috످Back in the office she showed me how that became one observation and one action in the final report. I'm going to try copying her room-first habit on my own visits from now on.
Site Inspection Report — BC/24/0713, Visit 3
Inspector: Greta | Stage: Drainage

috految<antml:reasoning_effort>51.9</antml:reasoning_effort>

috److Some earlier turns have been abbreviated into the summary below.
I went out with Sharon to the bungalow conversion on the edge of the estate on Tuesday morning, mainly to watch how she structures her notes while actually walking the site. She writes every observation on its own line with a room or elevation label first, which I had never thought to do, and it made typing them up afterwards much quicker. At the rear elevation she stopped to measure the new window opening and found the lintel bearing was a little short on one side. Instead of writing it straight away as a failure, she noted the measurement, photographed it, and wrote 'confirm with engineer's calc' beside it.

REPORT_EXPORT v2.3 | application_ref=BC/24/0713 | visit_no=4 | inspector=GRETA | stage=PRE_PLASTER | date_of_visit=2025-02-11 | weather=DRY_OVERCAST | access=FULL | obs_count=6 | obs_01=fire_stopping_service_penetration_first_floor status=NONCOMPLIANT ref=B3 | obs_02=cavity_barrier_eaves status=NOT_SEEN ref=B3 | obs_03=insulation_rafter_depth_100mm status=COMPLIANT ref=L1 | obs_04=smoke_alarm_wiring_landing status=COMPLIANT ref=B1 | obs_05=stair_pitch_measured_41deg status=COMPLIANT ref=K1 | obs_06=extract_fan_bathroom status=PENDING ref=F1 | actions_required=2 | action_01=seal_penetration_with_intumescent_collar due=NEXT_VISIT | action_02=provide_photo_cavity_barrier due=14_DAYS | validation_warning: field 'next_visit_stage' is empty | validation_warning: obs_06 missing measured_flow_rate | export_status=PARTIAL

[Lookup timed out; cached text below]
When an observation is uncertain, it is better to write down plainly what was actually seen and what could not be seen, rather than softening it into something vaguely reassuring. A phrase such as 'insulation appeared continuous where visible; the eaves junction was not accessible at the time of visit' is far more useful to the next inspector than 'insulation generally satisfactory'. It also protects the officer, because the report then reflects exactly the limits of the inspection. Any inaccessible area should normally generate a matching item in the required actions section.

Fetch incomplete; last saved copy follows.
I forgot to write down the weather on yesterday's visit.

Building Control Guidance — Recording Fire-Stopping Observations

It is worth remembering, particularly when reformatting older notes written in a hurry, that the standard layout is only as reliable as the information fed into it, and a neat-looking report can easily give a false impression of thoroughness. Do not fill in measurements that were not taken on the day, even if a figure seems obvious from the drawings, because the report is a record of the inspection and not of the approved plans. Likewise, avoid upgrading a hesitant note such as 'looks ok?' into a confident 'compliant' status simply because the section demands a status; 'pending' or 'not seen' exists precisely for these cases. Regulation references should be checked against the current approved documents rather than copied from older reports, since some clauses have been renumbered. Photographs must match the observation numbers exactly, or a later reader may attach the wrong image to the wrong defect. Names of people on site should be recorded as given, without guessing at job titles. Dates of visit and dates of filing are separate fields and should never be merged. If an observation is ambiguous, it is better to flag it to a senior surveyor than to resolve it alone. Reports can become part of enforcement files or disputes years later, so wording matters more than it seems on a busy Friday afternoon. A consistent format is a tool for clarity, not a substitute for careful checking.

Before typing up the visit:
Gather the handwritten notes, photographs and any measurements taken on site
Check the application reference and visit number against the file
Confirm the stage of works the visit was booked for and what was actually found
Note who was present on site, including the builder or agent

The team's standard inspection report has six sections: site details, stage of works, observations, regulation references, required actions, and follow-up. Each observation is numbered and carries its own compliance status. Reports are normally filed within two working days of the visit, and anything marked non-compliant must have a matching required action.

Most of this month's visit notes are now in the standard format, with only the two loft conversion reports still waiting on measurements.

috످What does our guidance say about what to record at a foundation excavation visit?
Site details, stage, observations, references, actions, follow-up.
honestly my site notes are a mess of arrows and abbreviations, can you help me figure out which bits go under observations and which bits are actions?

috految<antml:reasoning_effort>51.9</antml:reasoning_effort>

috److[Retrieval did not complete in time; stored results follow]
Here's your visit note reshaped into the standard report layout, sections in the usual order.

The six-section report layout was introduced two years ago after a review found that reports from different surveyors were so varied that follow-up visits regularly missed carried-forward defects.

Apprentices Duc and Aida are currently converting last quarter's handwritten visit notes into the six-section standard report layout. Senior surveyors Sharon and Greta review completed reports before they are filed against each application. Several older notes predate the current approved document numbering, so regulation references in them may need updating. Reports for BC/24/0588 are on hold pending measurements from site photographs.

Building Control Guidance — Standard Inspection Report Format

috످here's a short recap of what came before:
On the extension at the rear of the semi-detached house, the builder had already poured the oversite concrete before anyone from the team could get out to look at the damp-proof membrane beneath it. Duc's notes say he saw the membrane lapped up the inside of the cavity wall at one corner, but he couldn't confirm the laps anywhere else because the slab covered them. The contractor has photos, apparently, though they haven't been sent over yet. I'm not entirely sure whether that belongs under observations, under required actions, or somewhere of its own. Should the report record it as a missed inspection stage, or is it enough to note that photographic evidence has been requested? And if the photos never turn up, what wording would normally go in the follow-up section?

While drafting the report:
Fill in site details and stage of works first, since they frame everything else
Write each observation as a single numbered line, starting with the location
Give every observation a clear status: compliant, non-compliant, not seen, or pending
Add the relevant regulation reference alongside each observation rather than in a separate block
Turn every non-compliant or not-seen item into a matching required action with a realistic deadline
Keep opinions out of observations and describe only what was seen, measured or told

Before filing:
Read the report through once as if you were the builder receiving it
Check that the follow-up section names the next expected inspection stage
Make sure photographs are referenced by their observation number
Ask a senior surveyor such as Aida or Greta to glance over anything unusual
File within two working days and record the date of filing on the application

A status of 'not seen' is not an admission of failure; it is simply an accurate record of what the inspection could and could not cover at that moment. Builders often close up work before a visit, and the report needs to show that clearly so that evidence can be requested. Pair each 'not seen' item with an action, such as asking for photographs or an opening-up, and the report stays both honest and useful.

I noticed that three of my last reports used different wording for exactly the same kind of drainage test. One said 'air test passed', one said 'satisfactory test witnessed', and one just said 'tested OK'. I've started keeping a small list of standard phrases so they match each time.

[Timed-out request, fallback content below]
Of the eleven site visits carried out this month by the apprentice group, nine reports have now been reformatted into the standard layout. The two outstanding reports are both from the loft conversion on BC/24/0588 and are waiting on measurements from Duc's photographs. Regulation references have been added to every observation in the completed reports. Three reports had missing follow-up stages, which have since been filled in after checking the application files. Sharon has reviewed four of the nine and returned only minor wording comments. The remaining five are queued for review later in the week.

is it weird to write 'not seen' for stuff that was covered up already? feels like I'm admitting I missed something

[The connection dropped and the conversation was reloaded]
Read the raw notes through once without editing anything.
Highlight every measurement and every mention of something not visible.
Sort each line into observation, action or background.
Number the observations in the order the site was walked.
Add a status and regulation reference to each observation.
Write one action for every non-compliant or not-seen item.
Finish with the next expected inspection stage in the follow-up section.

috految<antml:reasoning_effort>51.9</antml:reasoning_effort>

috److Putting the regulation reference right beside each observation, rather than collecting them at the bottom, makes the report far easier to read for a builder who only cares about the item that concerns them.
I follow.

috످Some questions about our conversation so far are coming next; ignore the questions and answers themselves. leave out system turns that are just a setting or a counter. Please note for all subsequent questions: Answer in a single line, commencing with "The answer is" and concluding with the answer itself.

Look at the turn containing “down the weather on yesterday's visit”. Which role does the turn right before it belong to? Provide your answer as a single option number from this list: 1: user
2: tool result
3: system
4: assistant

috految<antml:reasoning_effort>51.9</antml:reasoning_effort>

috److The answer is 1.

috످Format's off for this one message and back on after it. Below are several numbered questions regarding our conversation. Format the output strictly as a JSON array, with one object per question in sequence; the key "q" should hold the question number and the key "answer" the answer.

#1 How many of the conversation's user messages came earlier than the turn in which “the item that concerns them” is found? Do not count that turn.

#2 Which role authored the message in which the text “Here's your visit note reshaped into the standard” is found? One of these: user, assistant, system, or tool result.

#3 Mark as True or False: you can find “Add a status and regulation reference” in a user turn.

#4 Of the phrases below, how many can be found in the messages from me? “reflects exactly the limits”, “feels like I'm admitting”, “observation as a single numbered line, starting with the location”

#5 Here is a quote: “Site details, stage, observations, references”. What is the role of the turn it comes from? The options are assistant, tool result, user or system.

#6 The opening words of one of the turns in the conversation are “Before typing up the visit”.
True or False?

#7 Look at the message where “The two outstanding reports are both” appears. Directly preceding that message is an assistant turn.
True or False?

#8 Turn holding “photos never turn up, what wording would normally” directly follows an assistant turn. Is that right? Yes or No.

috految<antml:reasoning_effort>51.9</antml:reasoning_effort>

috److془Turns:
U1: Back in the office
A1: Some earlier turns...
U2: What does our guidance
A2: Retrieval...
U3: here's a short recap
A3: Putting the regulation.

#1: The remark about placing references next to findings to help builders is in the third assistant turn; 3 user messages before.
#2: The line offering a reformatted note is in my second reply.
#3: The checklist step about labelling findings is in the user's third message. True.
#4: The advice on honest recording of uncertainty is in assistant first. The worry about not seen is in user's third. The drafting tip about one line per finding is in user's third. 2.
#5: The list of report sections is in user's second.
#6: The prep checklist heading is mid assistant first. False.
#7: The progress update on loft reports is in user's third, after assistant. True.
#8: The question on missing contractor photos is in user's third. Yes.془[
  {"q": 1, "answer": 3},
  {"q": 2, "answer": "assistant"},
  {"q": 3, "answer": "True"},
  {"q": 4, "answer": 2},
  {"q": 5, "answer": "user"},
  {"q": 6, "answer": "False"},
  {"q": 7, "answer": "True"},
  {"q": 8, "answer": "Yes"}
]

috످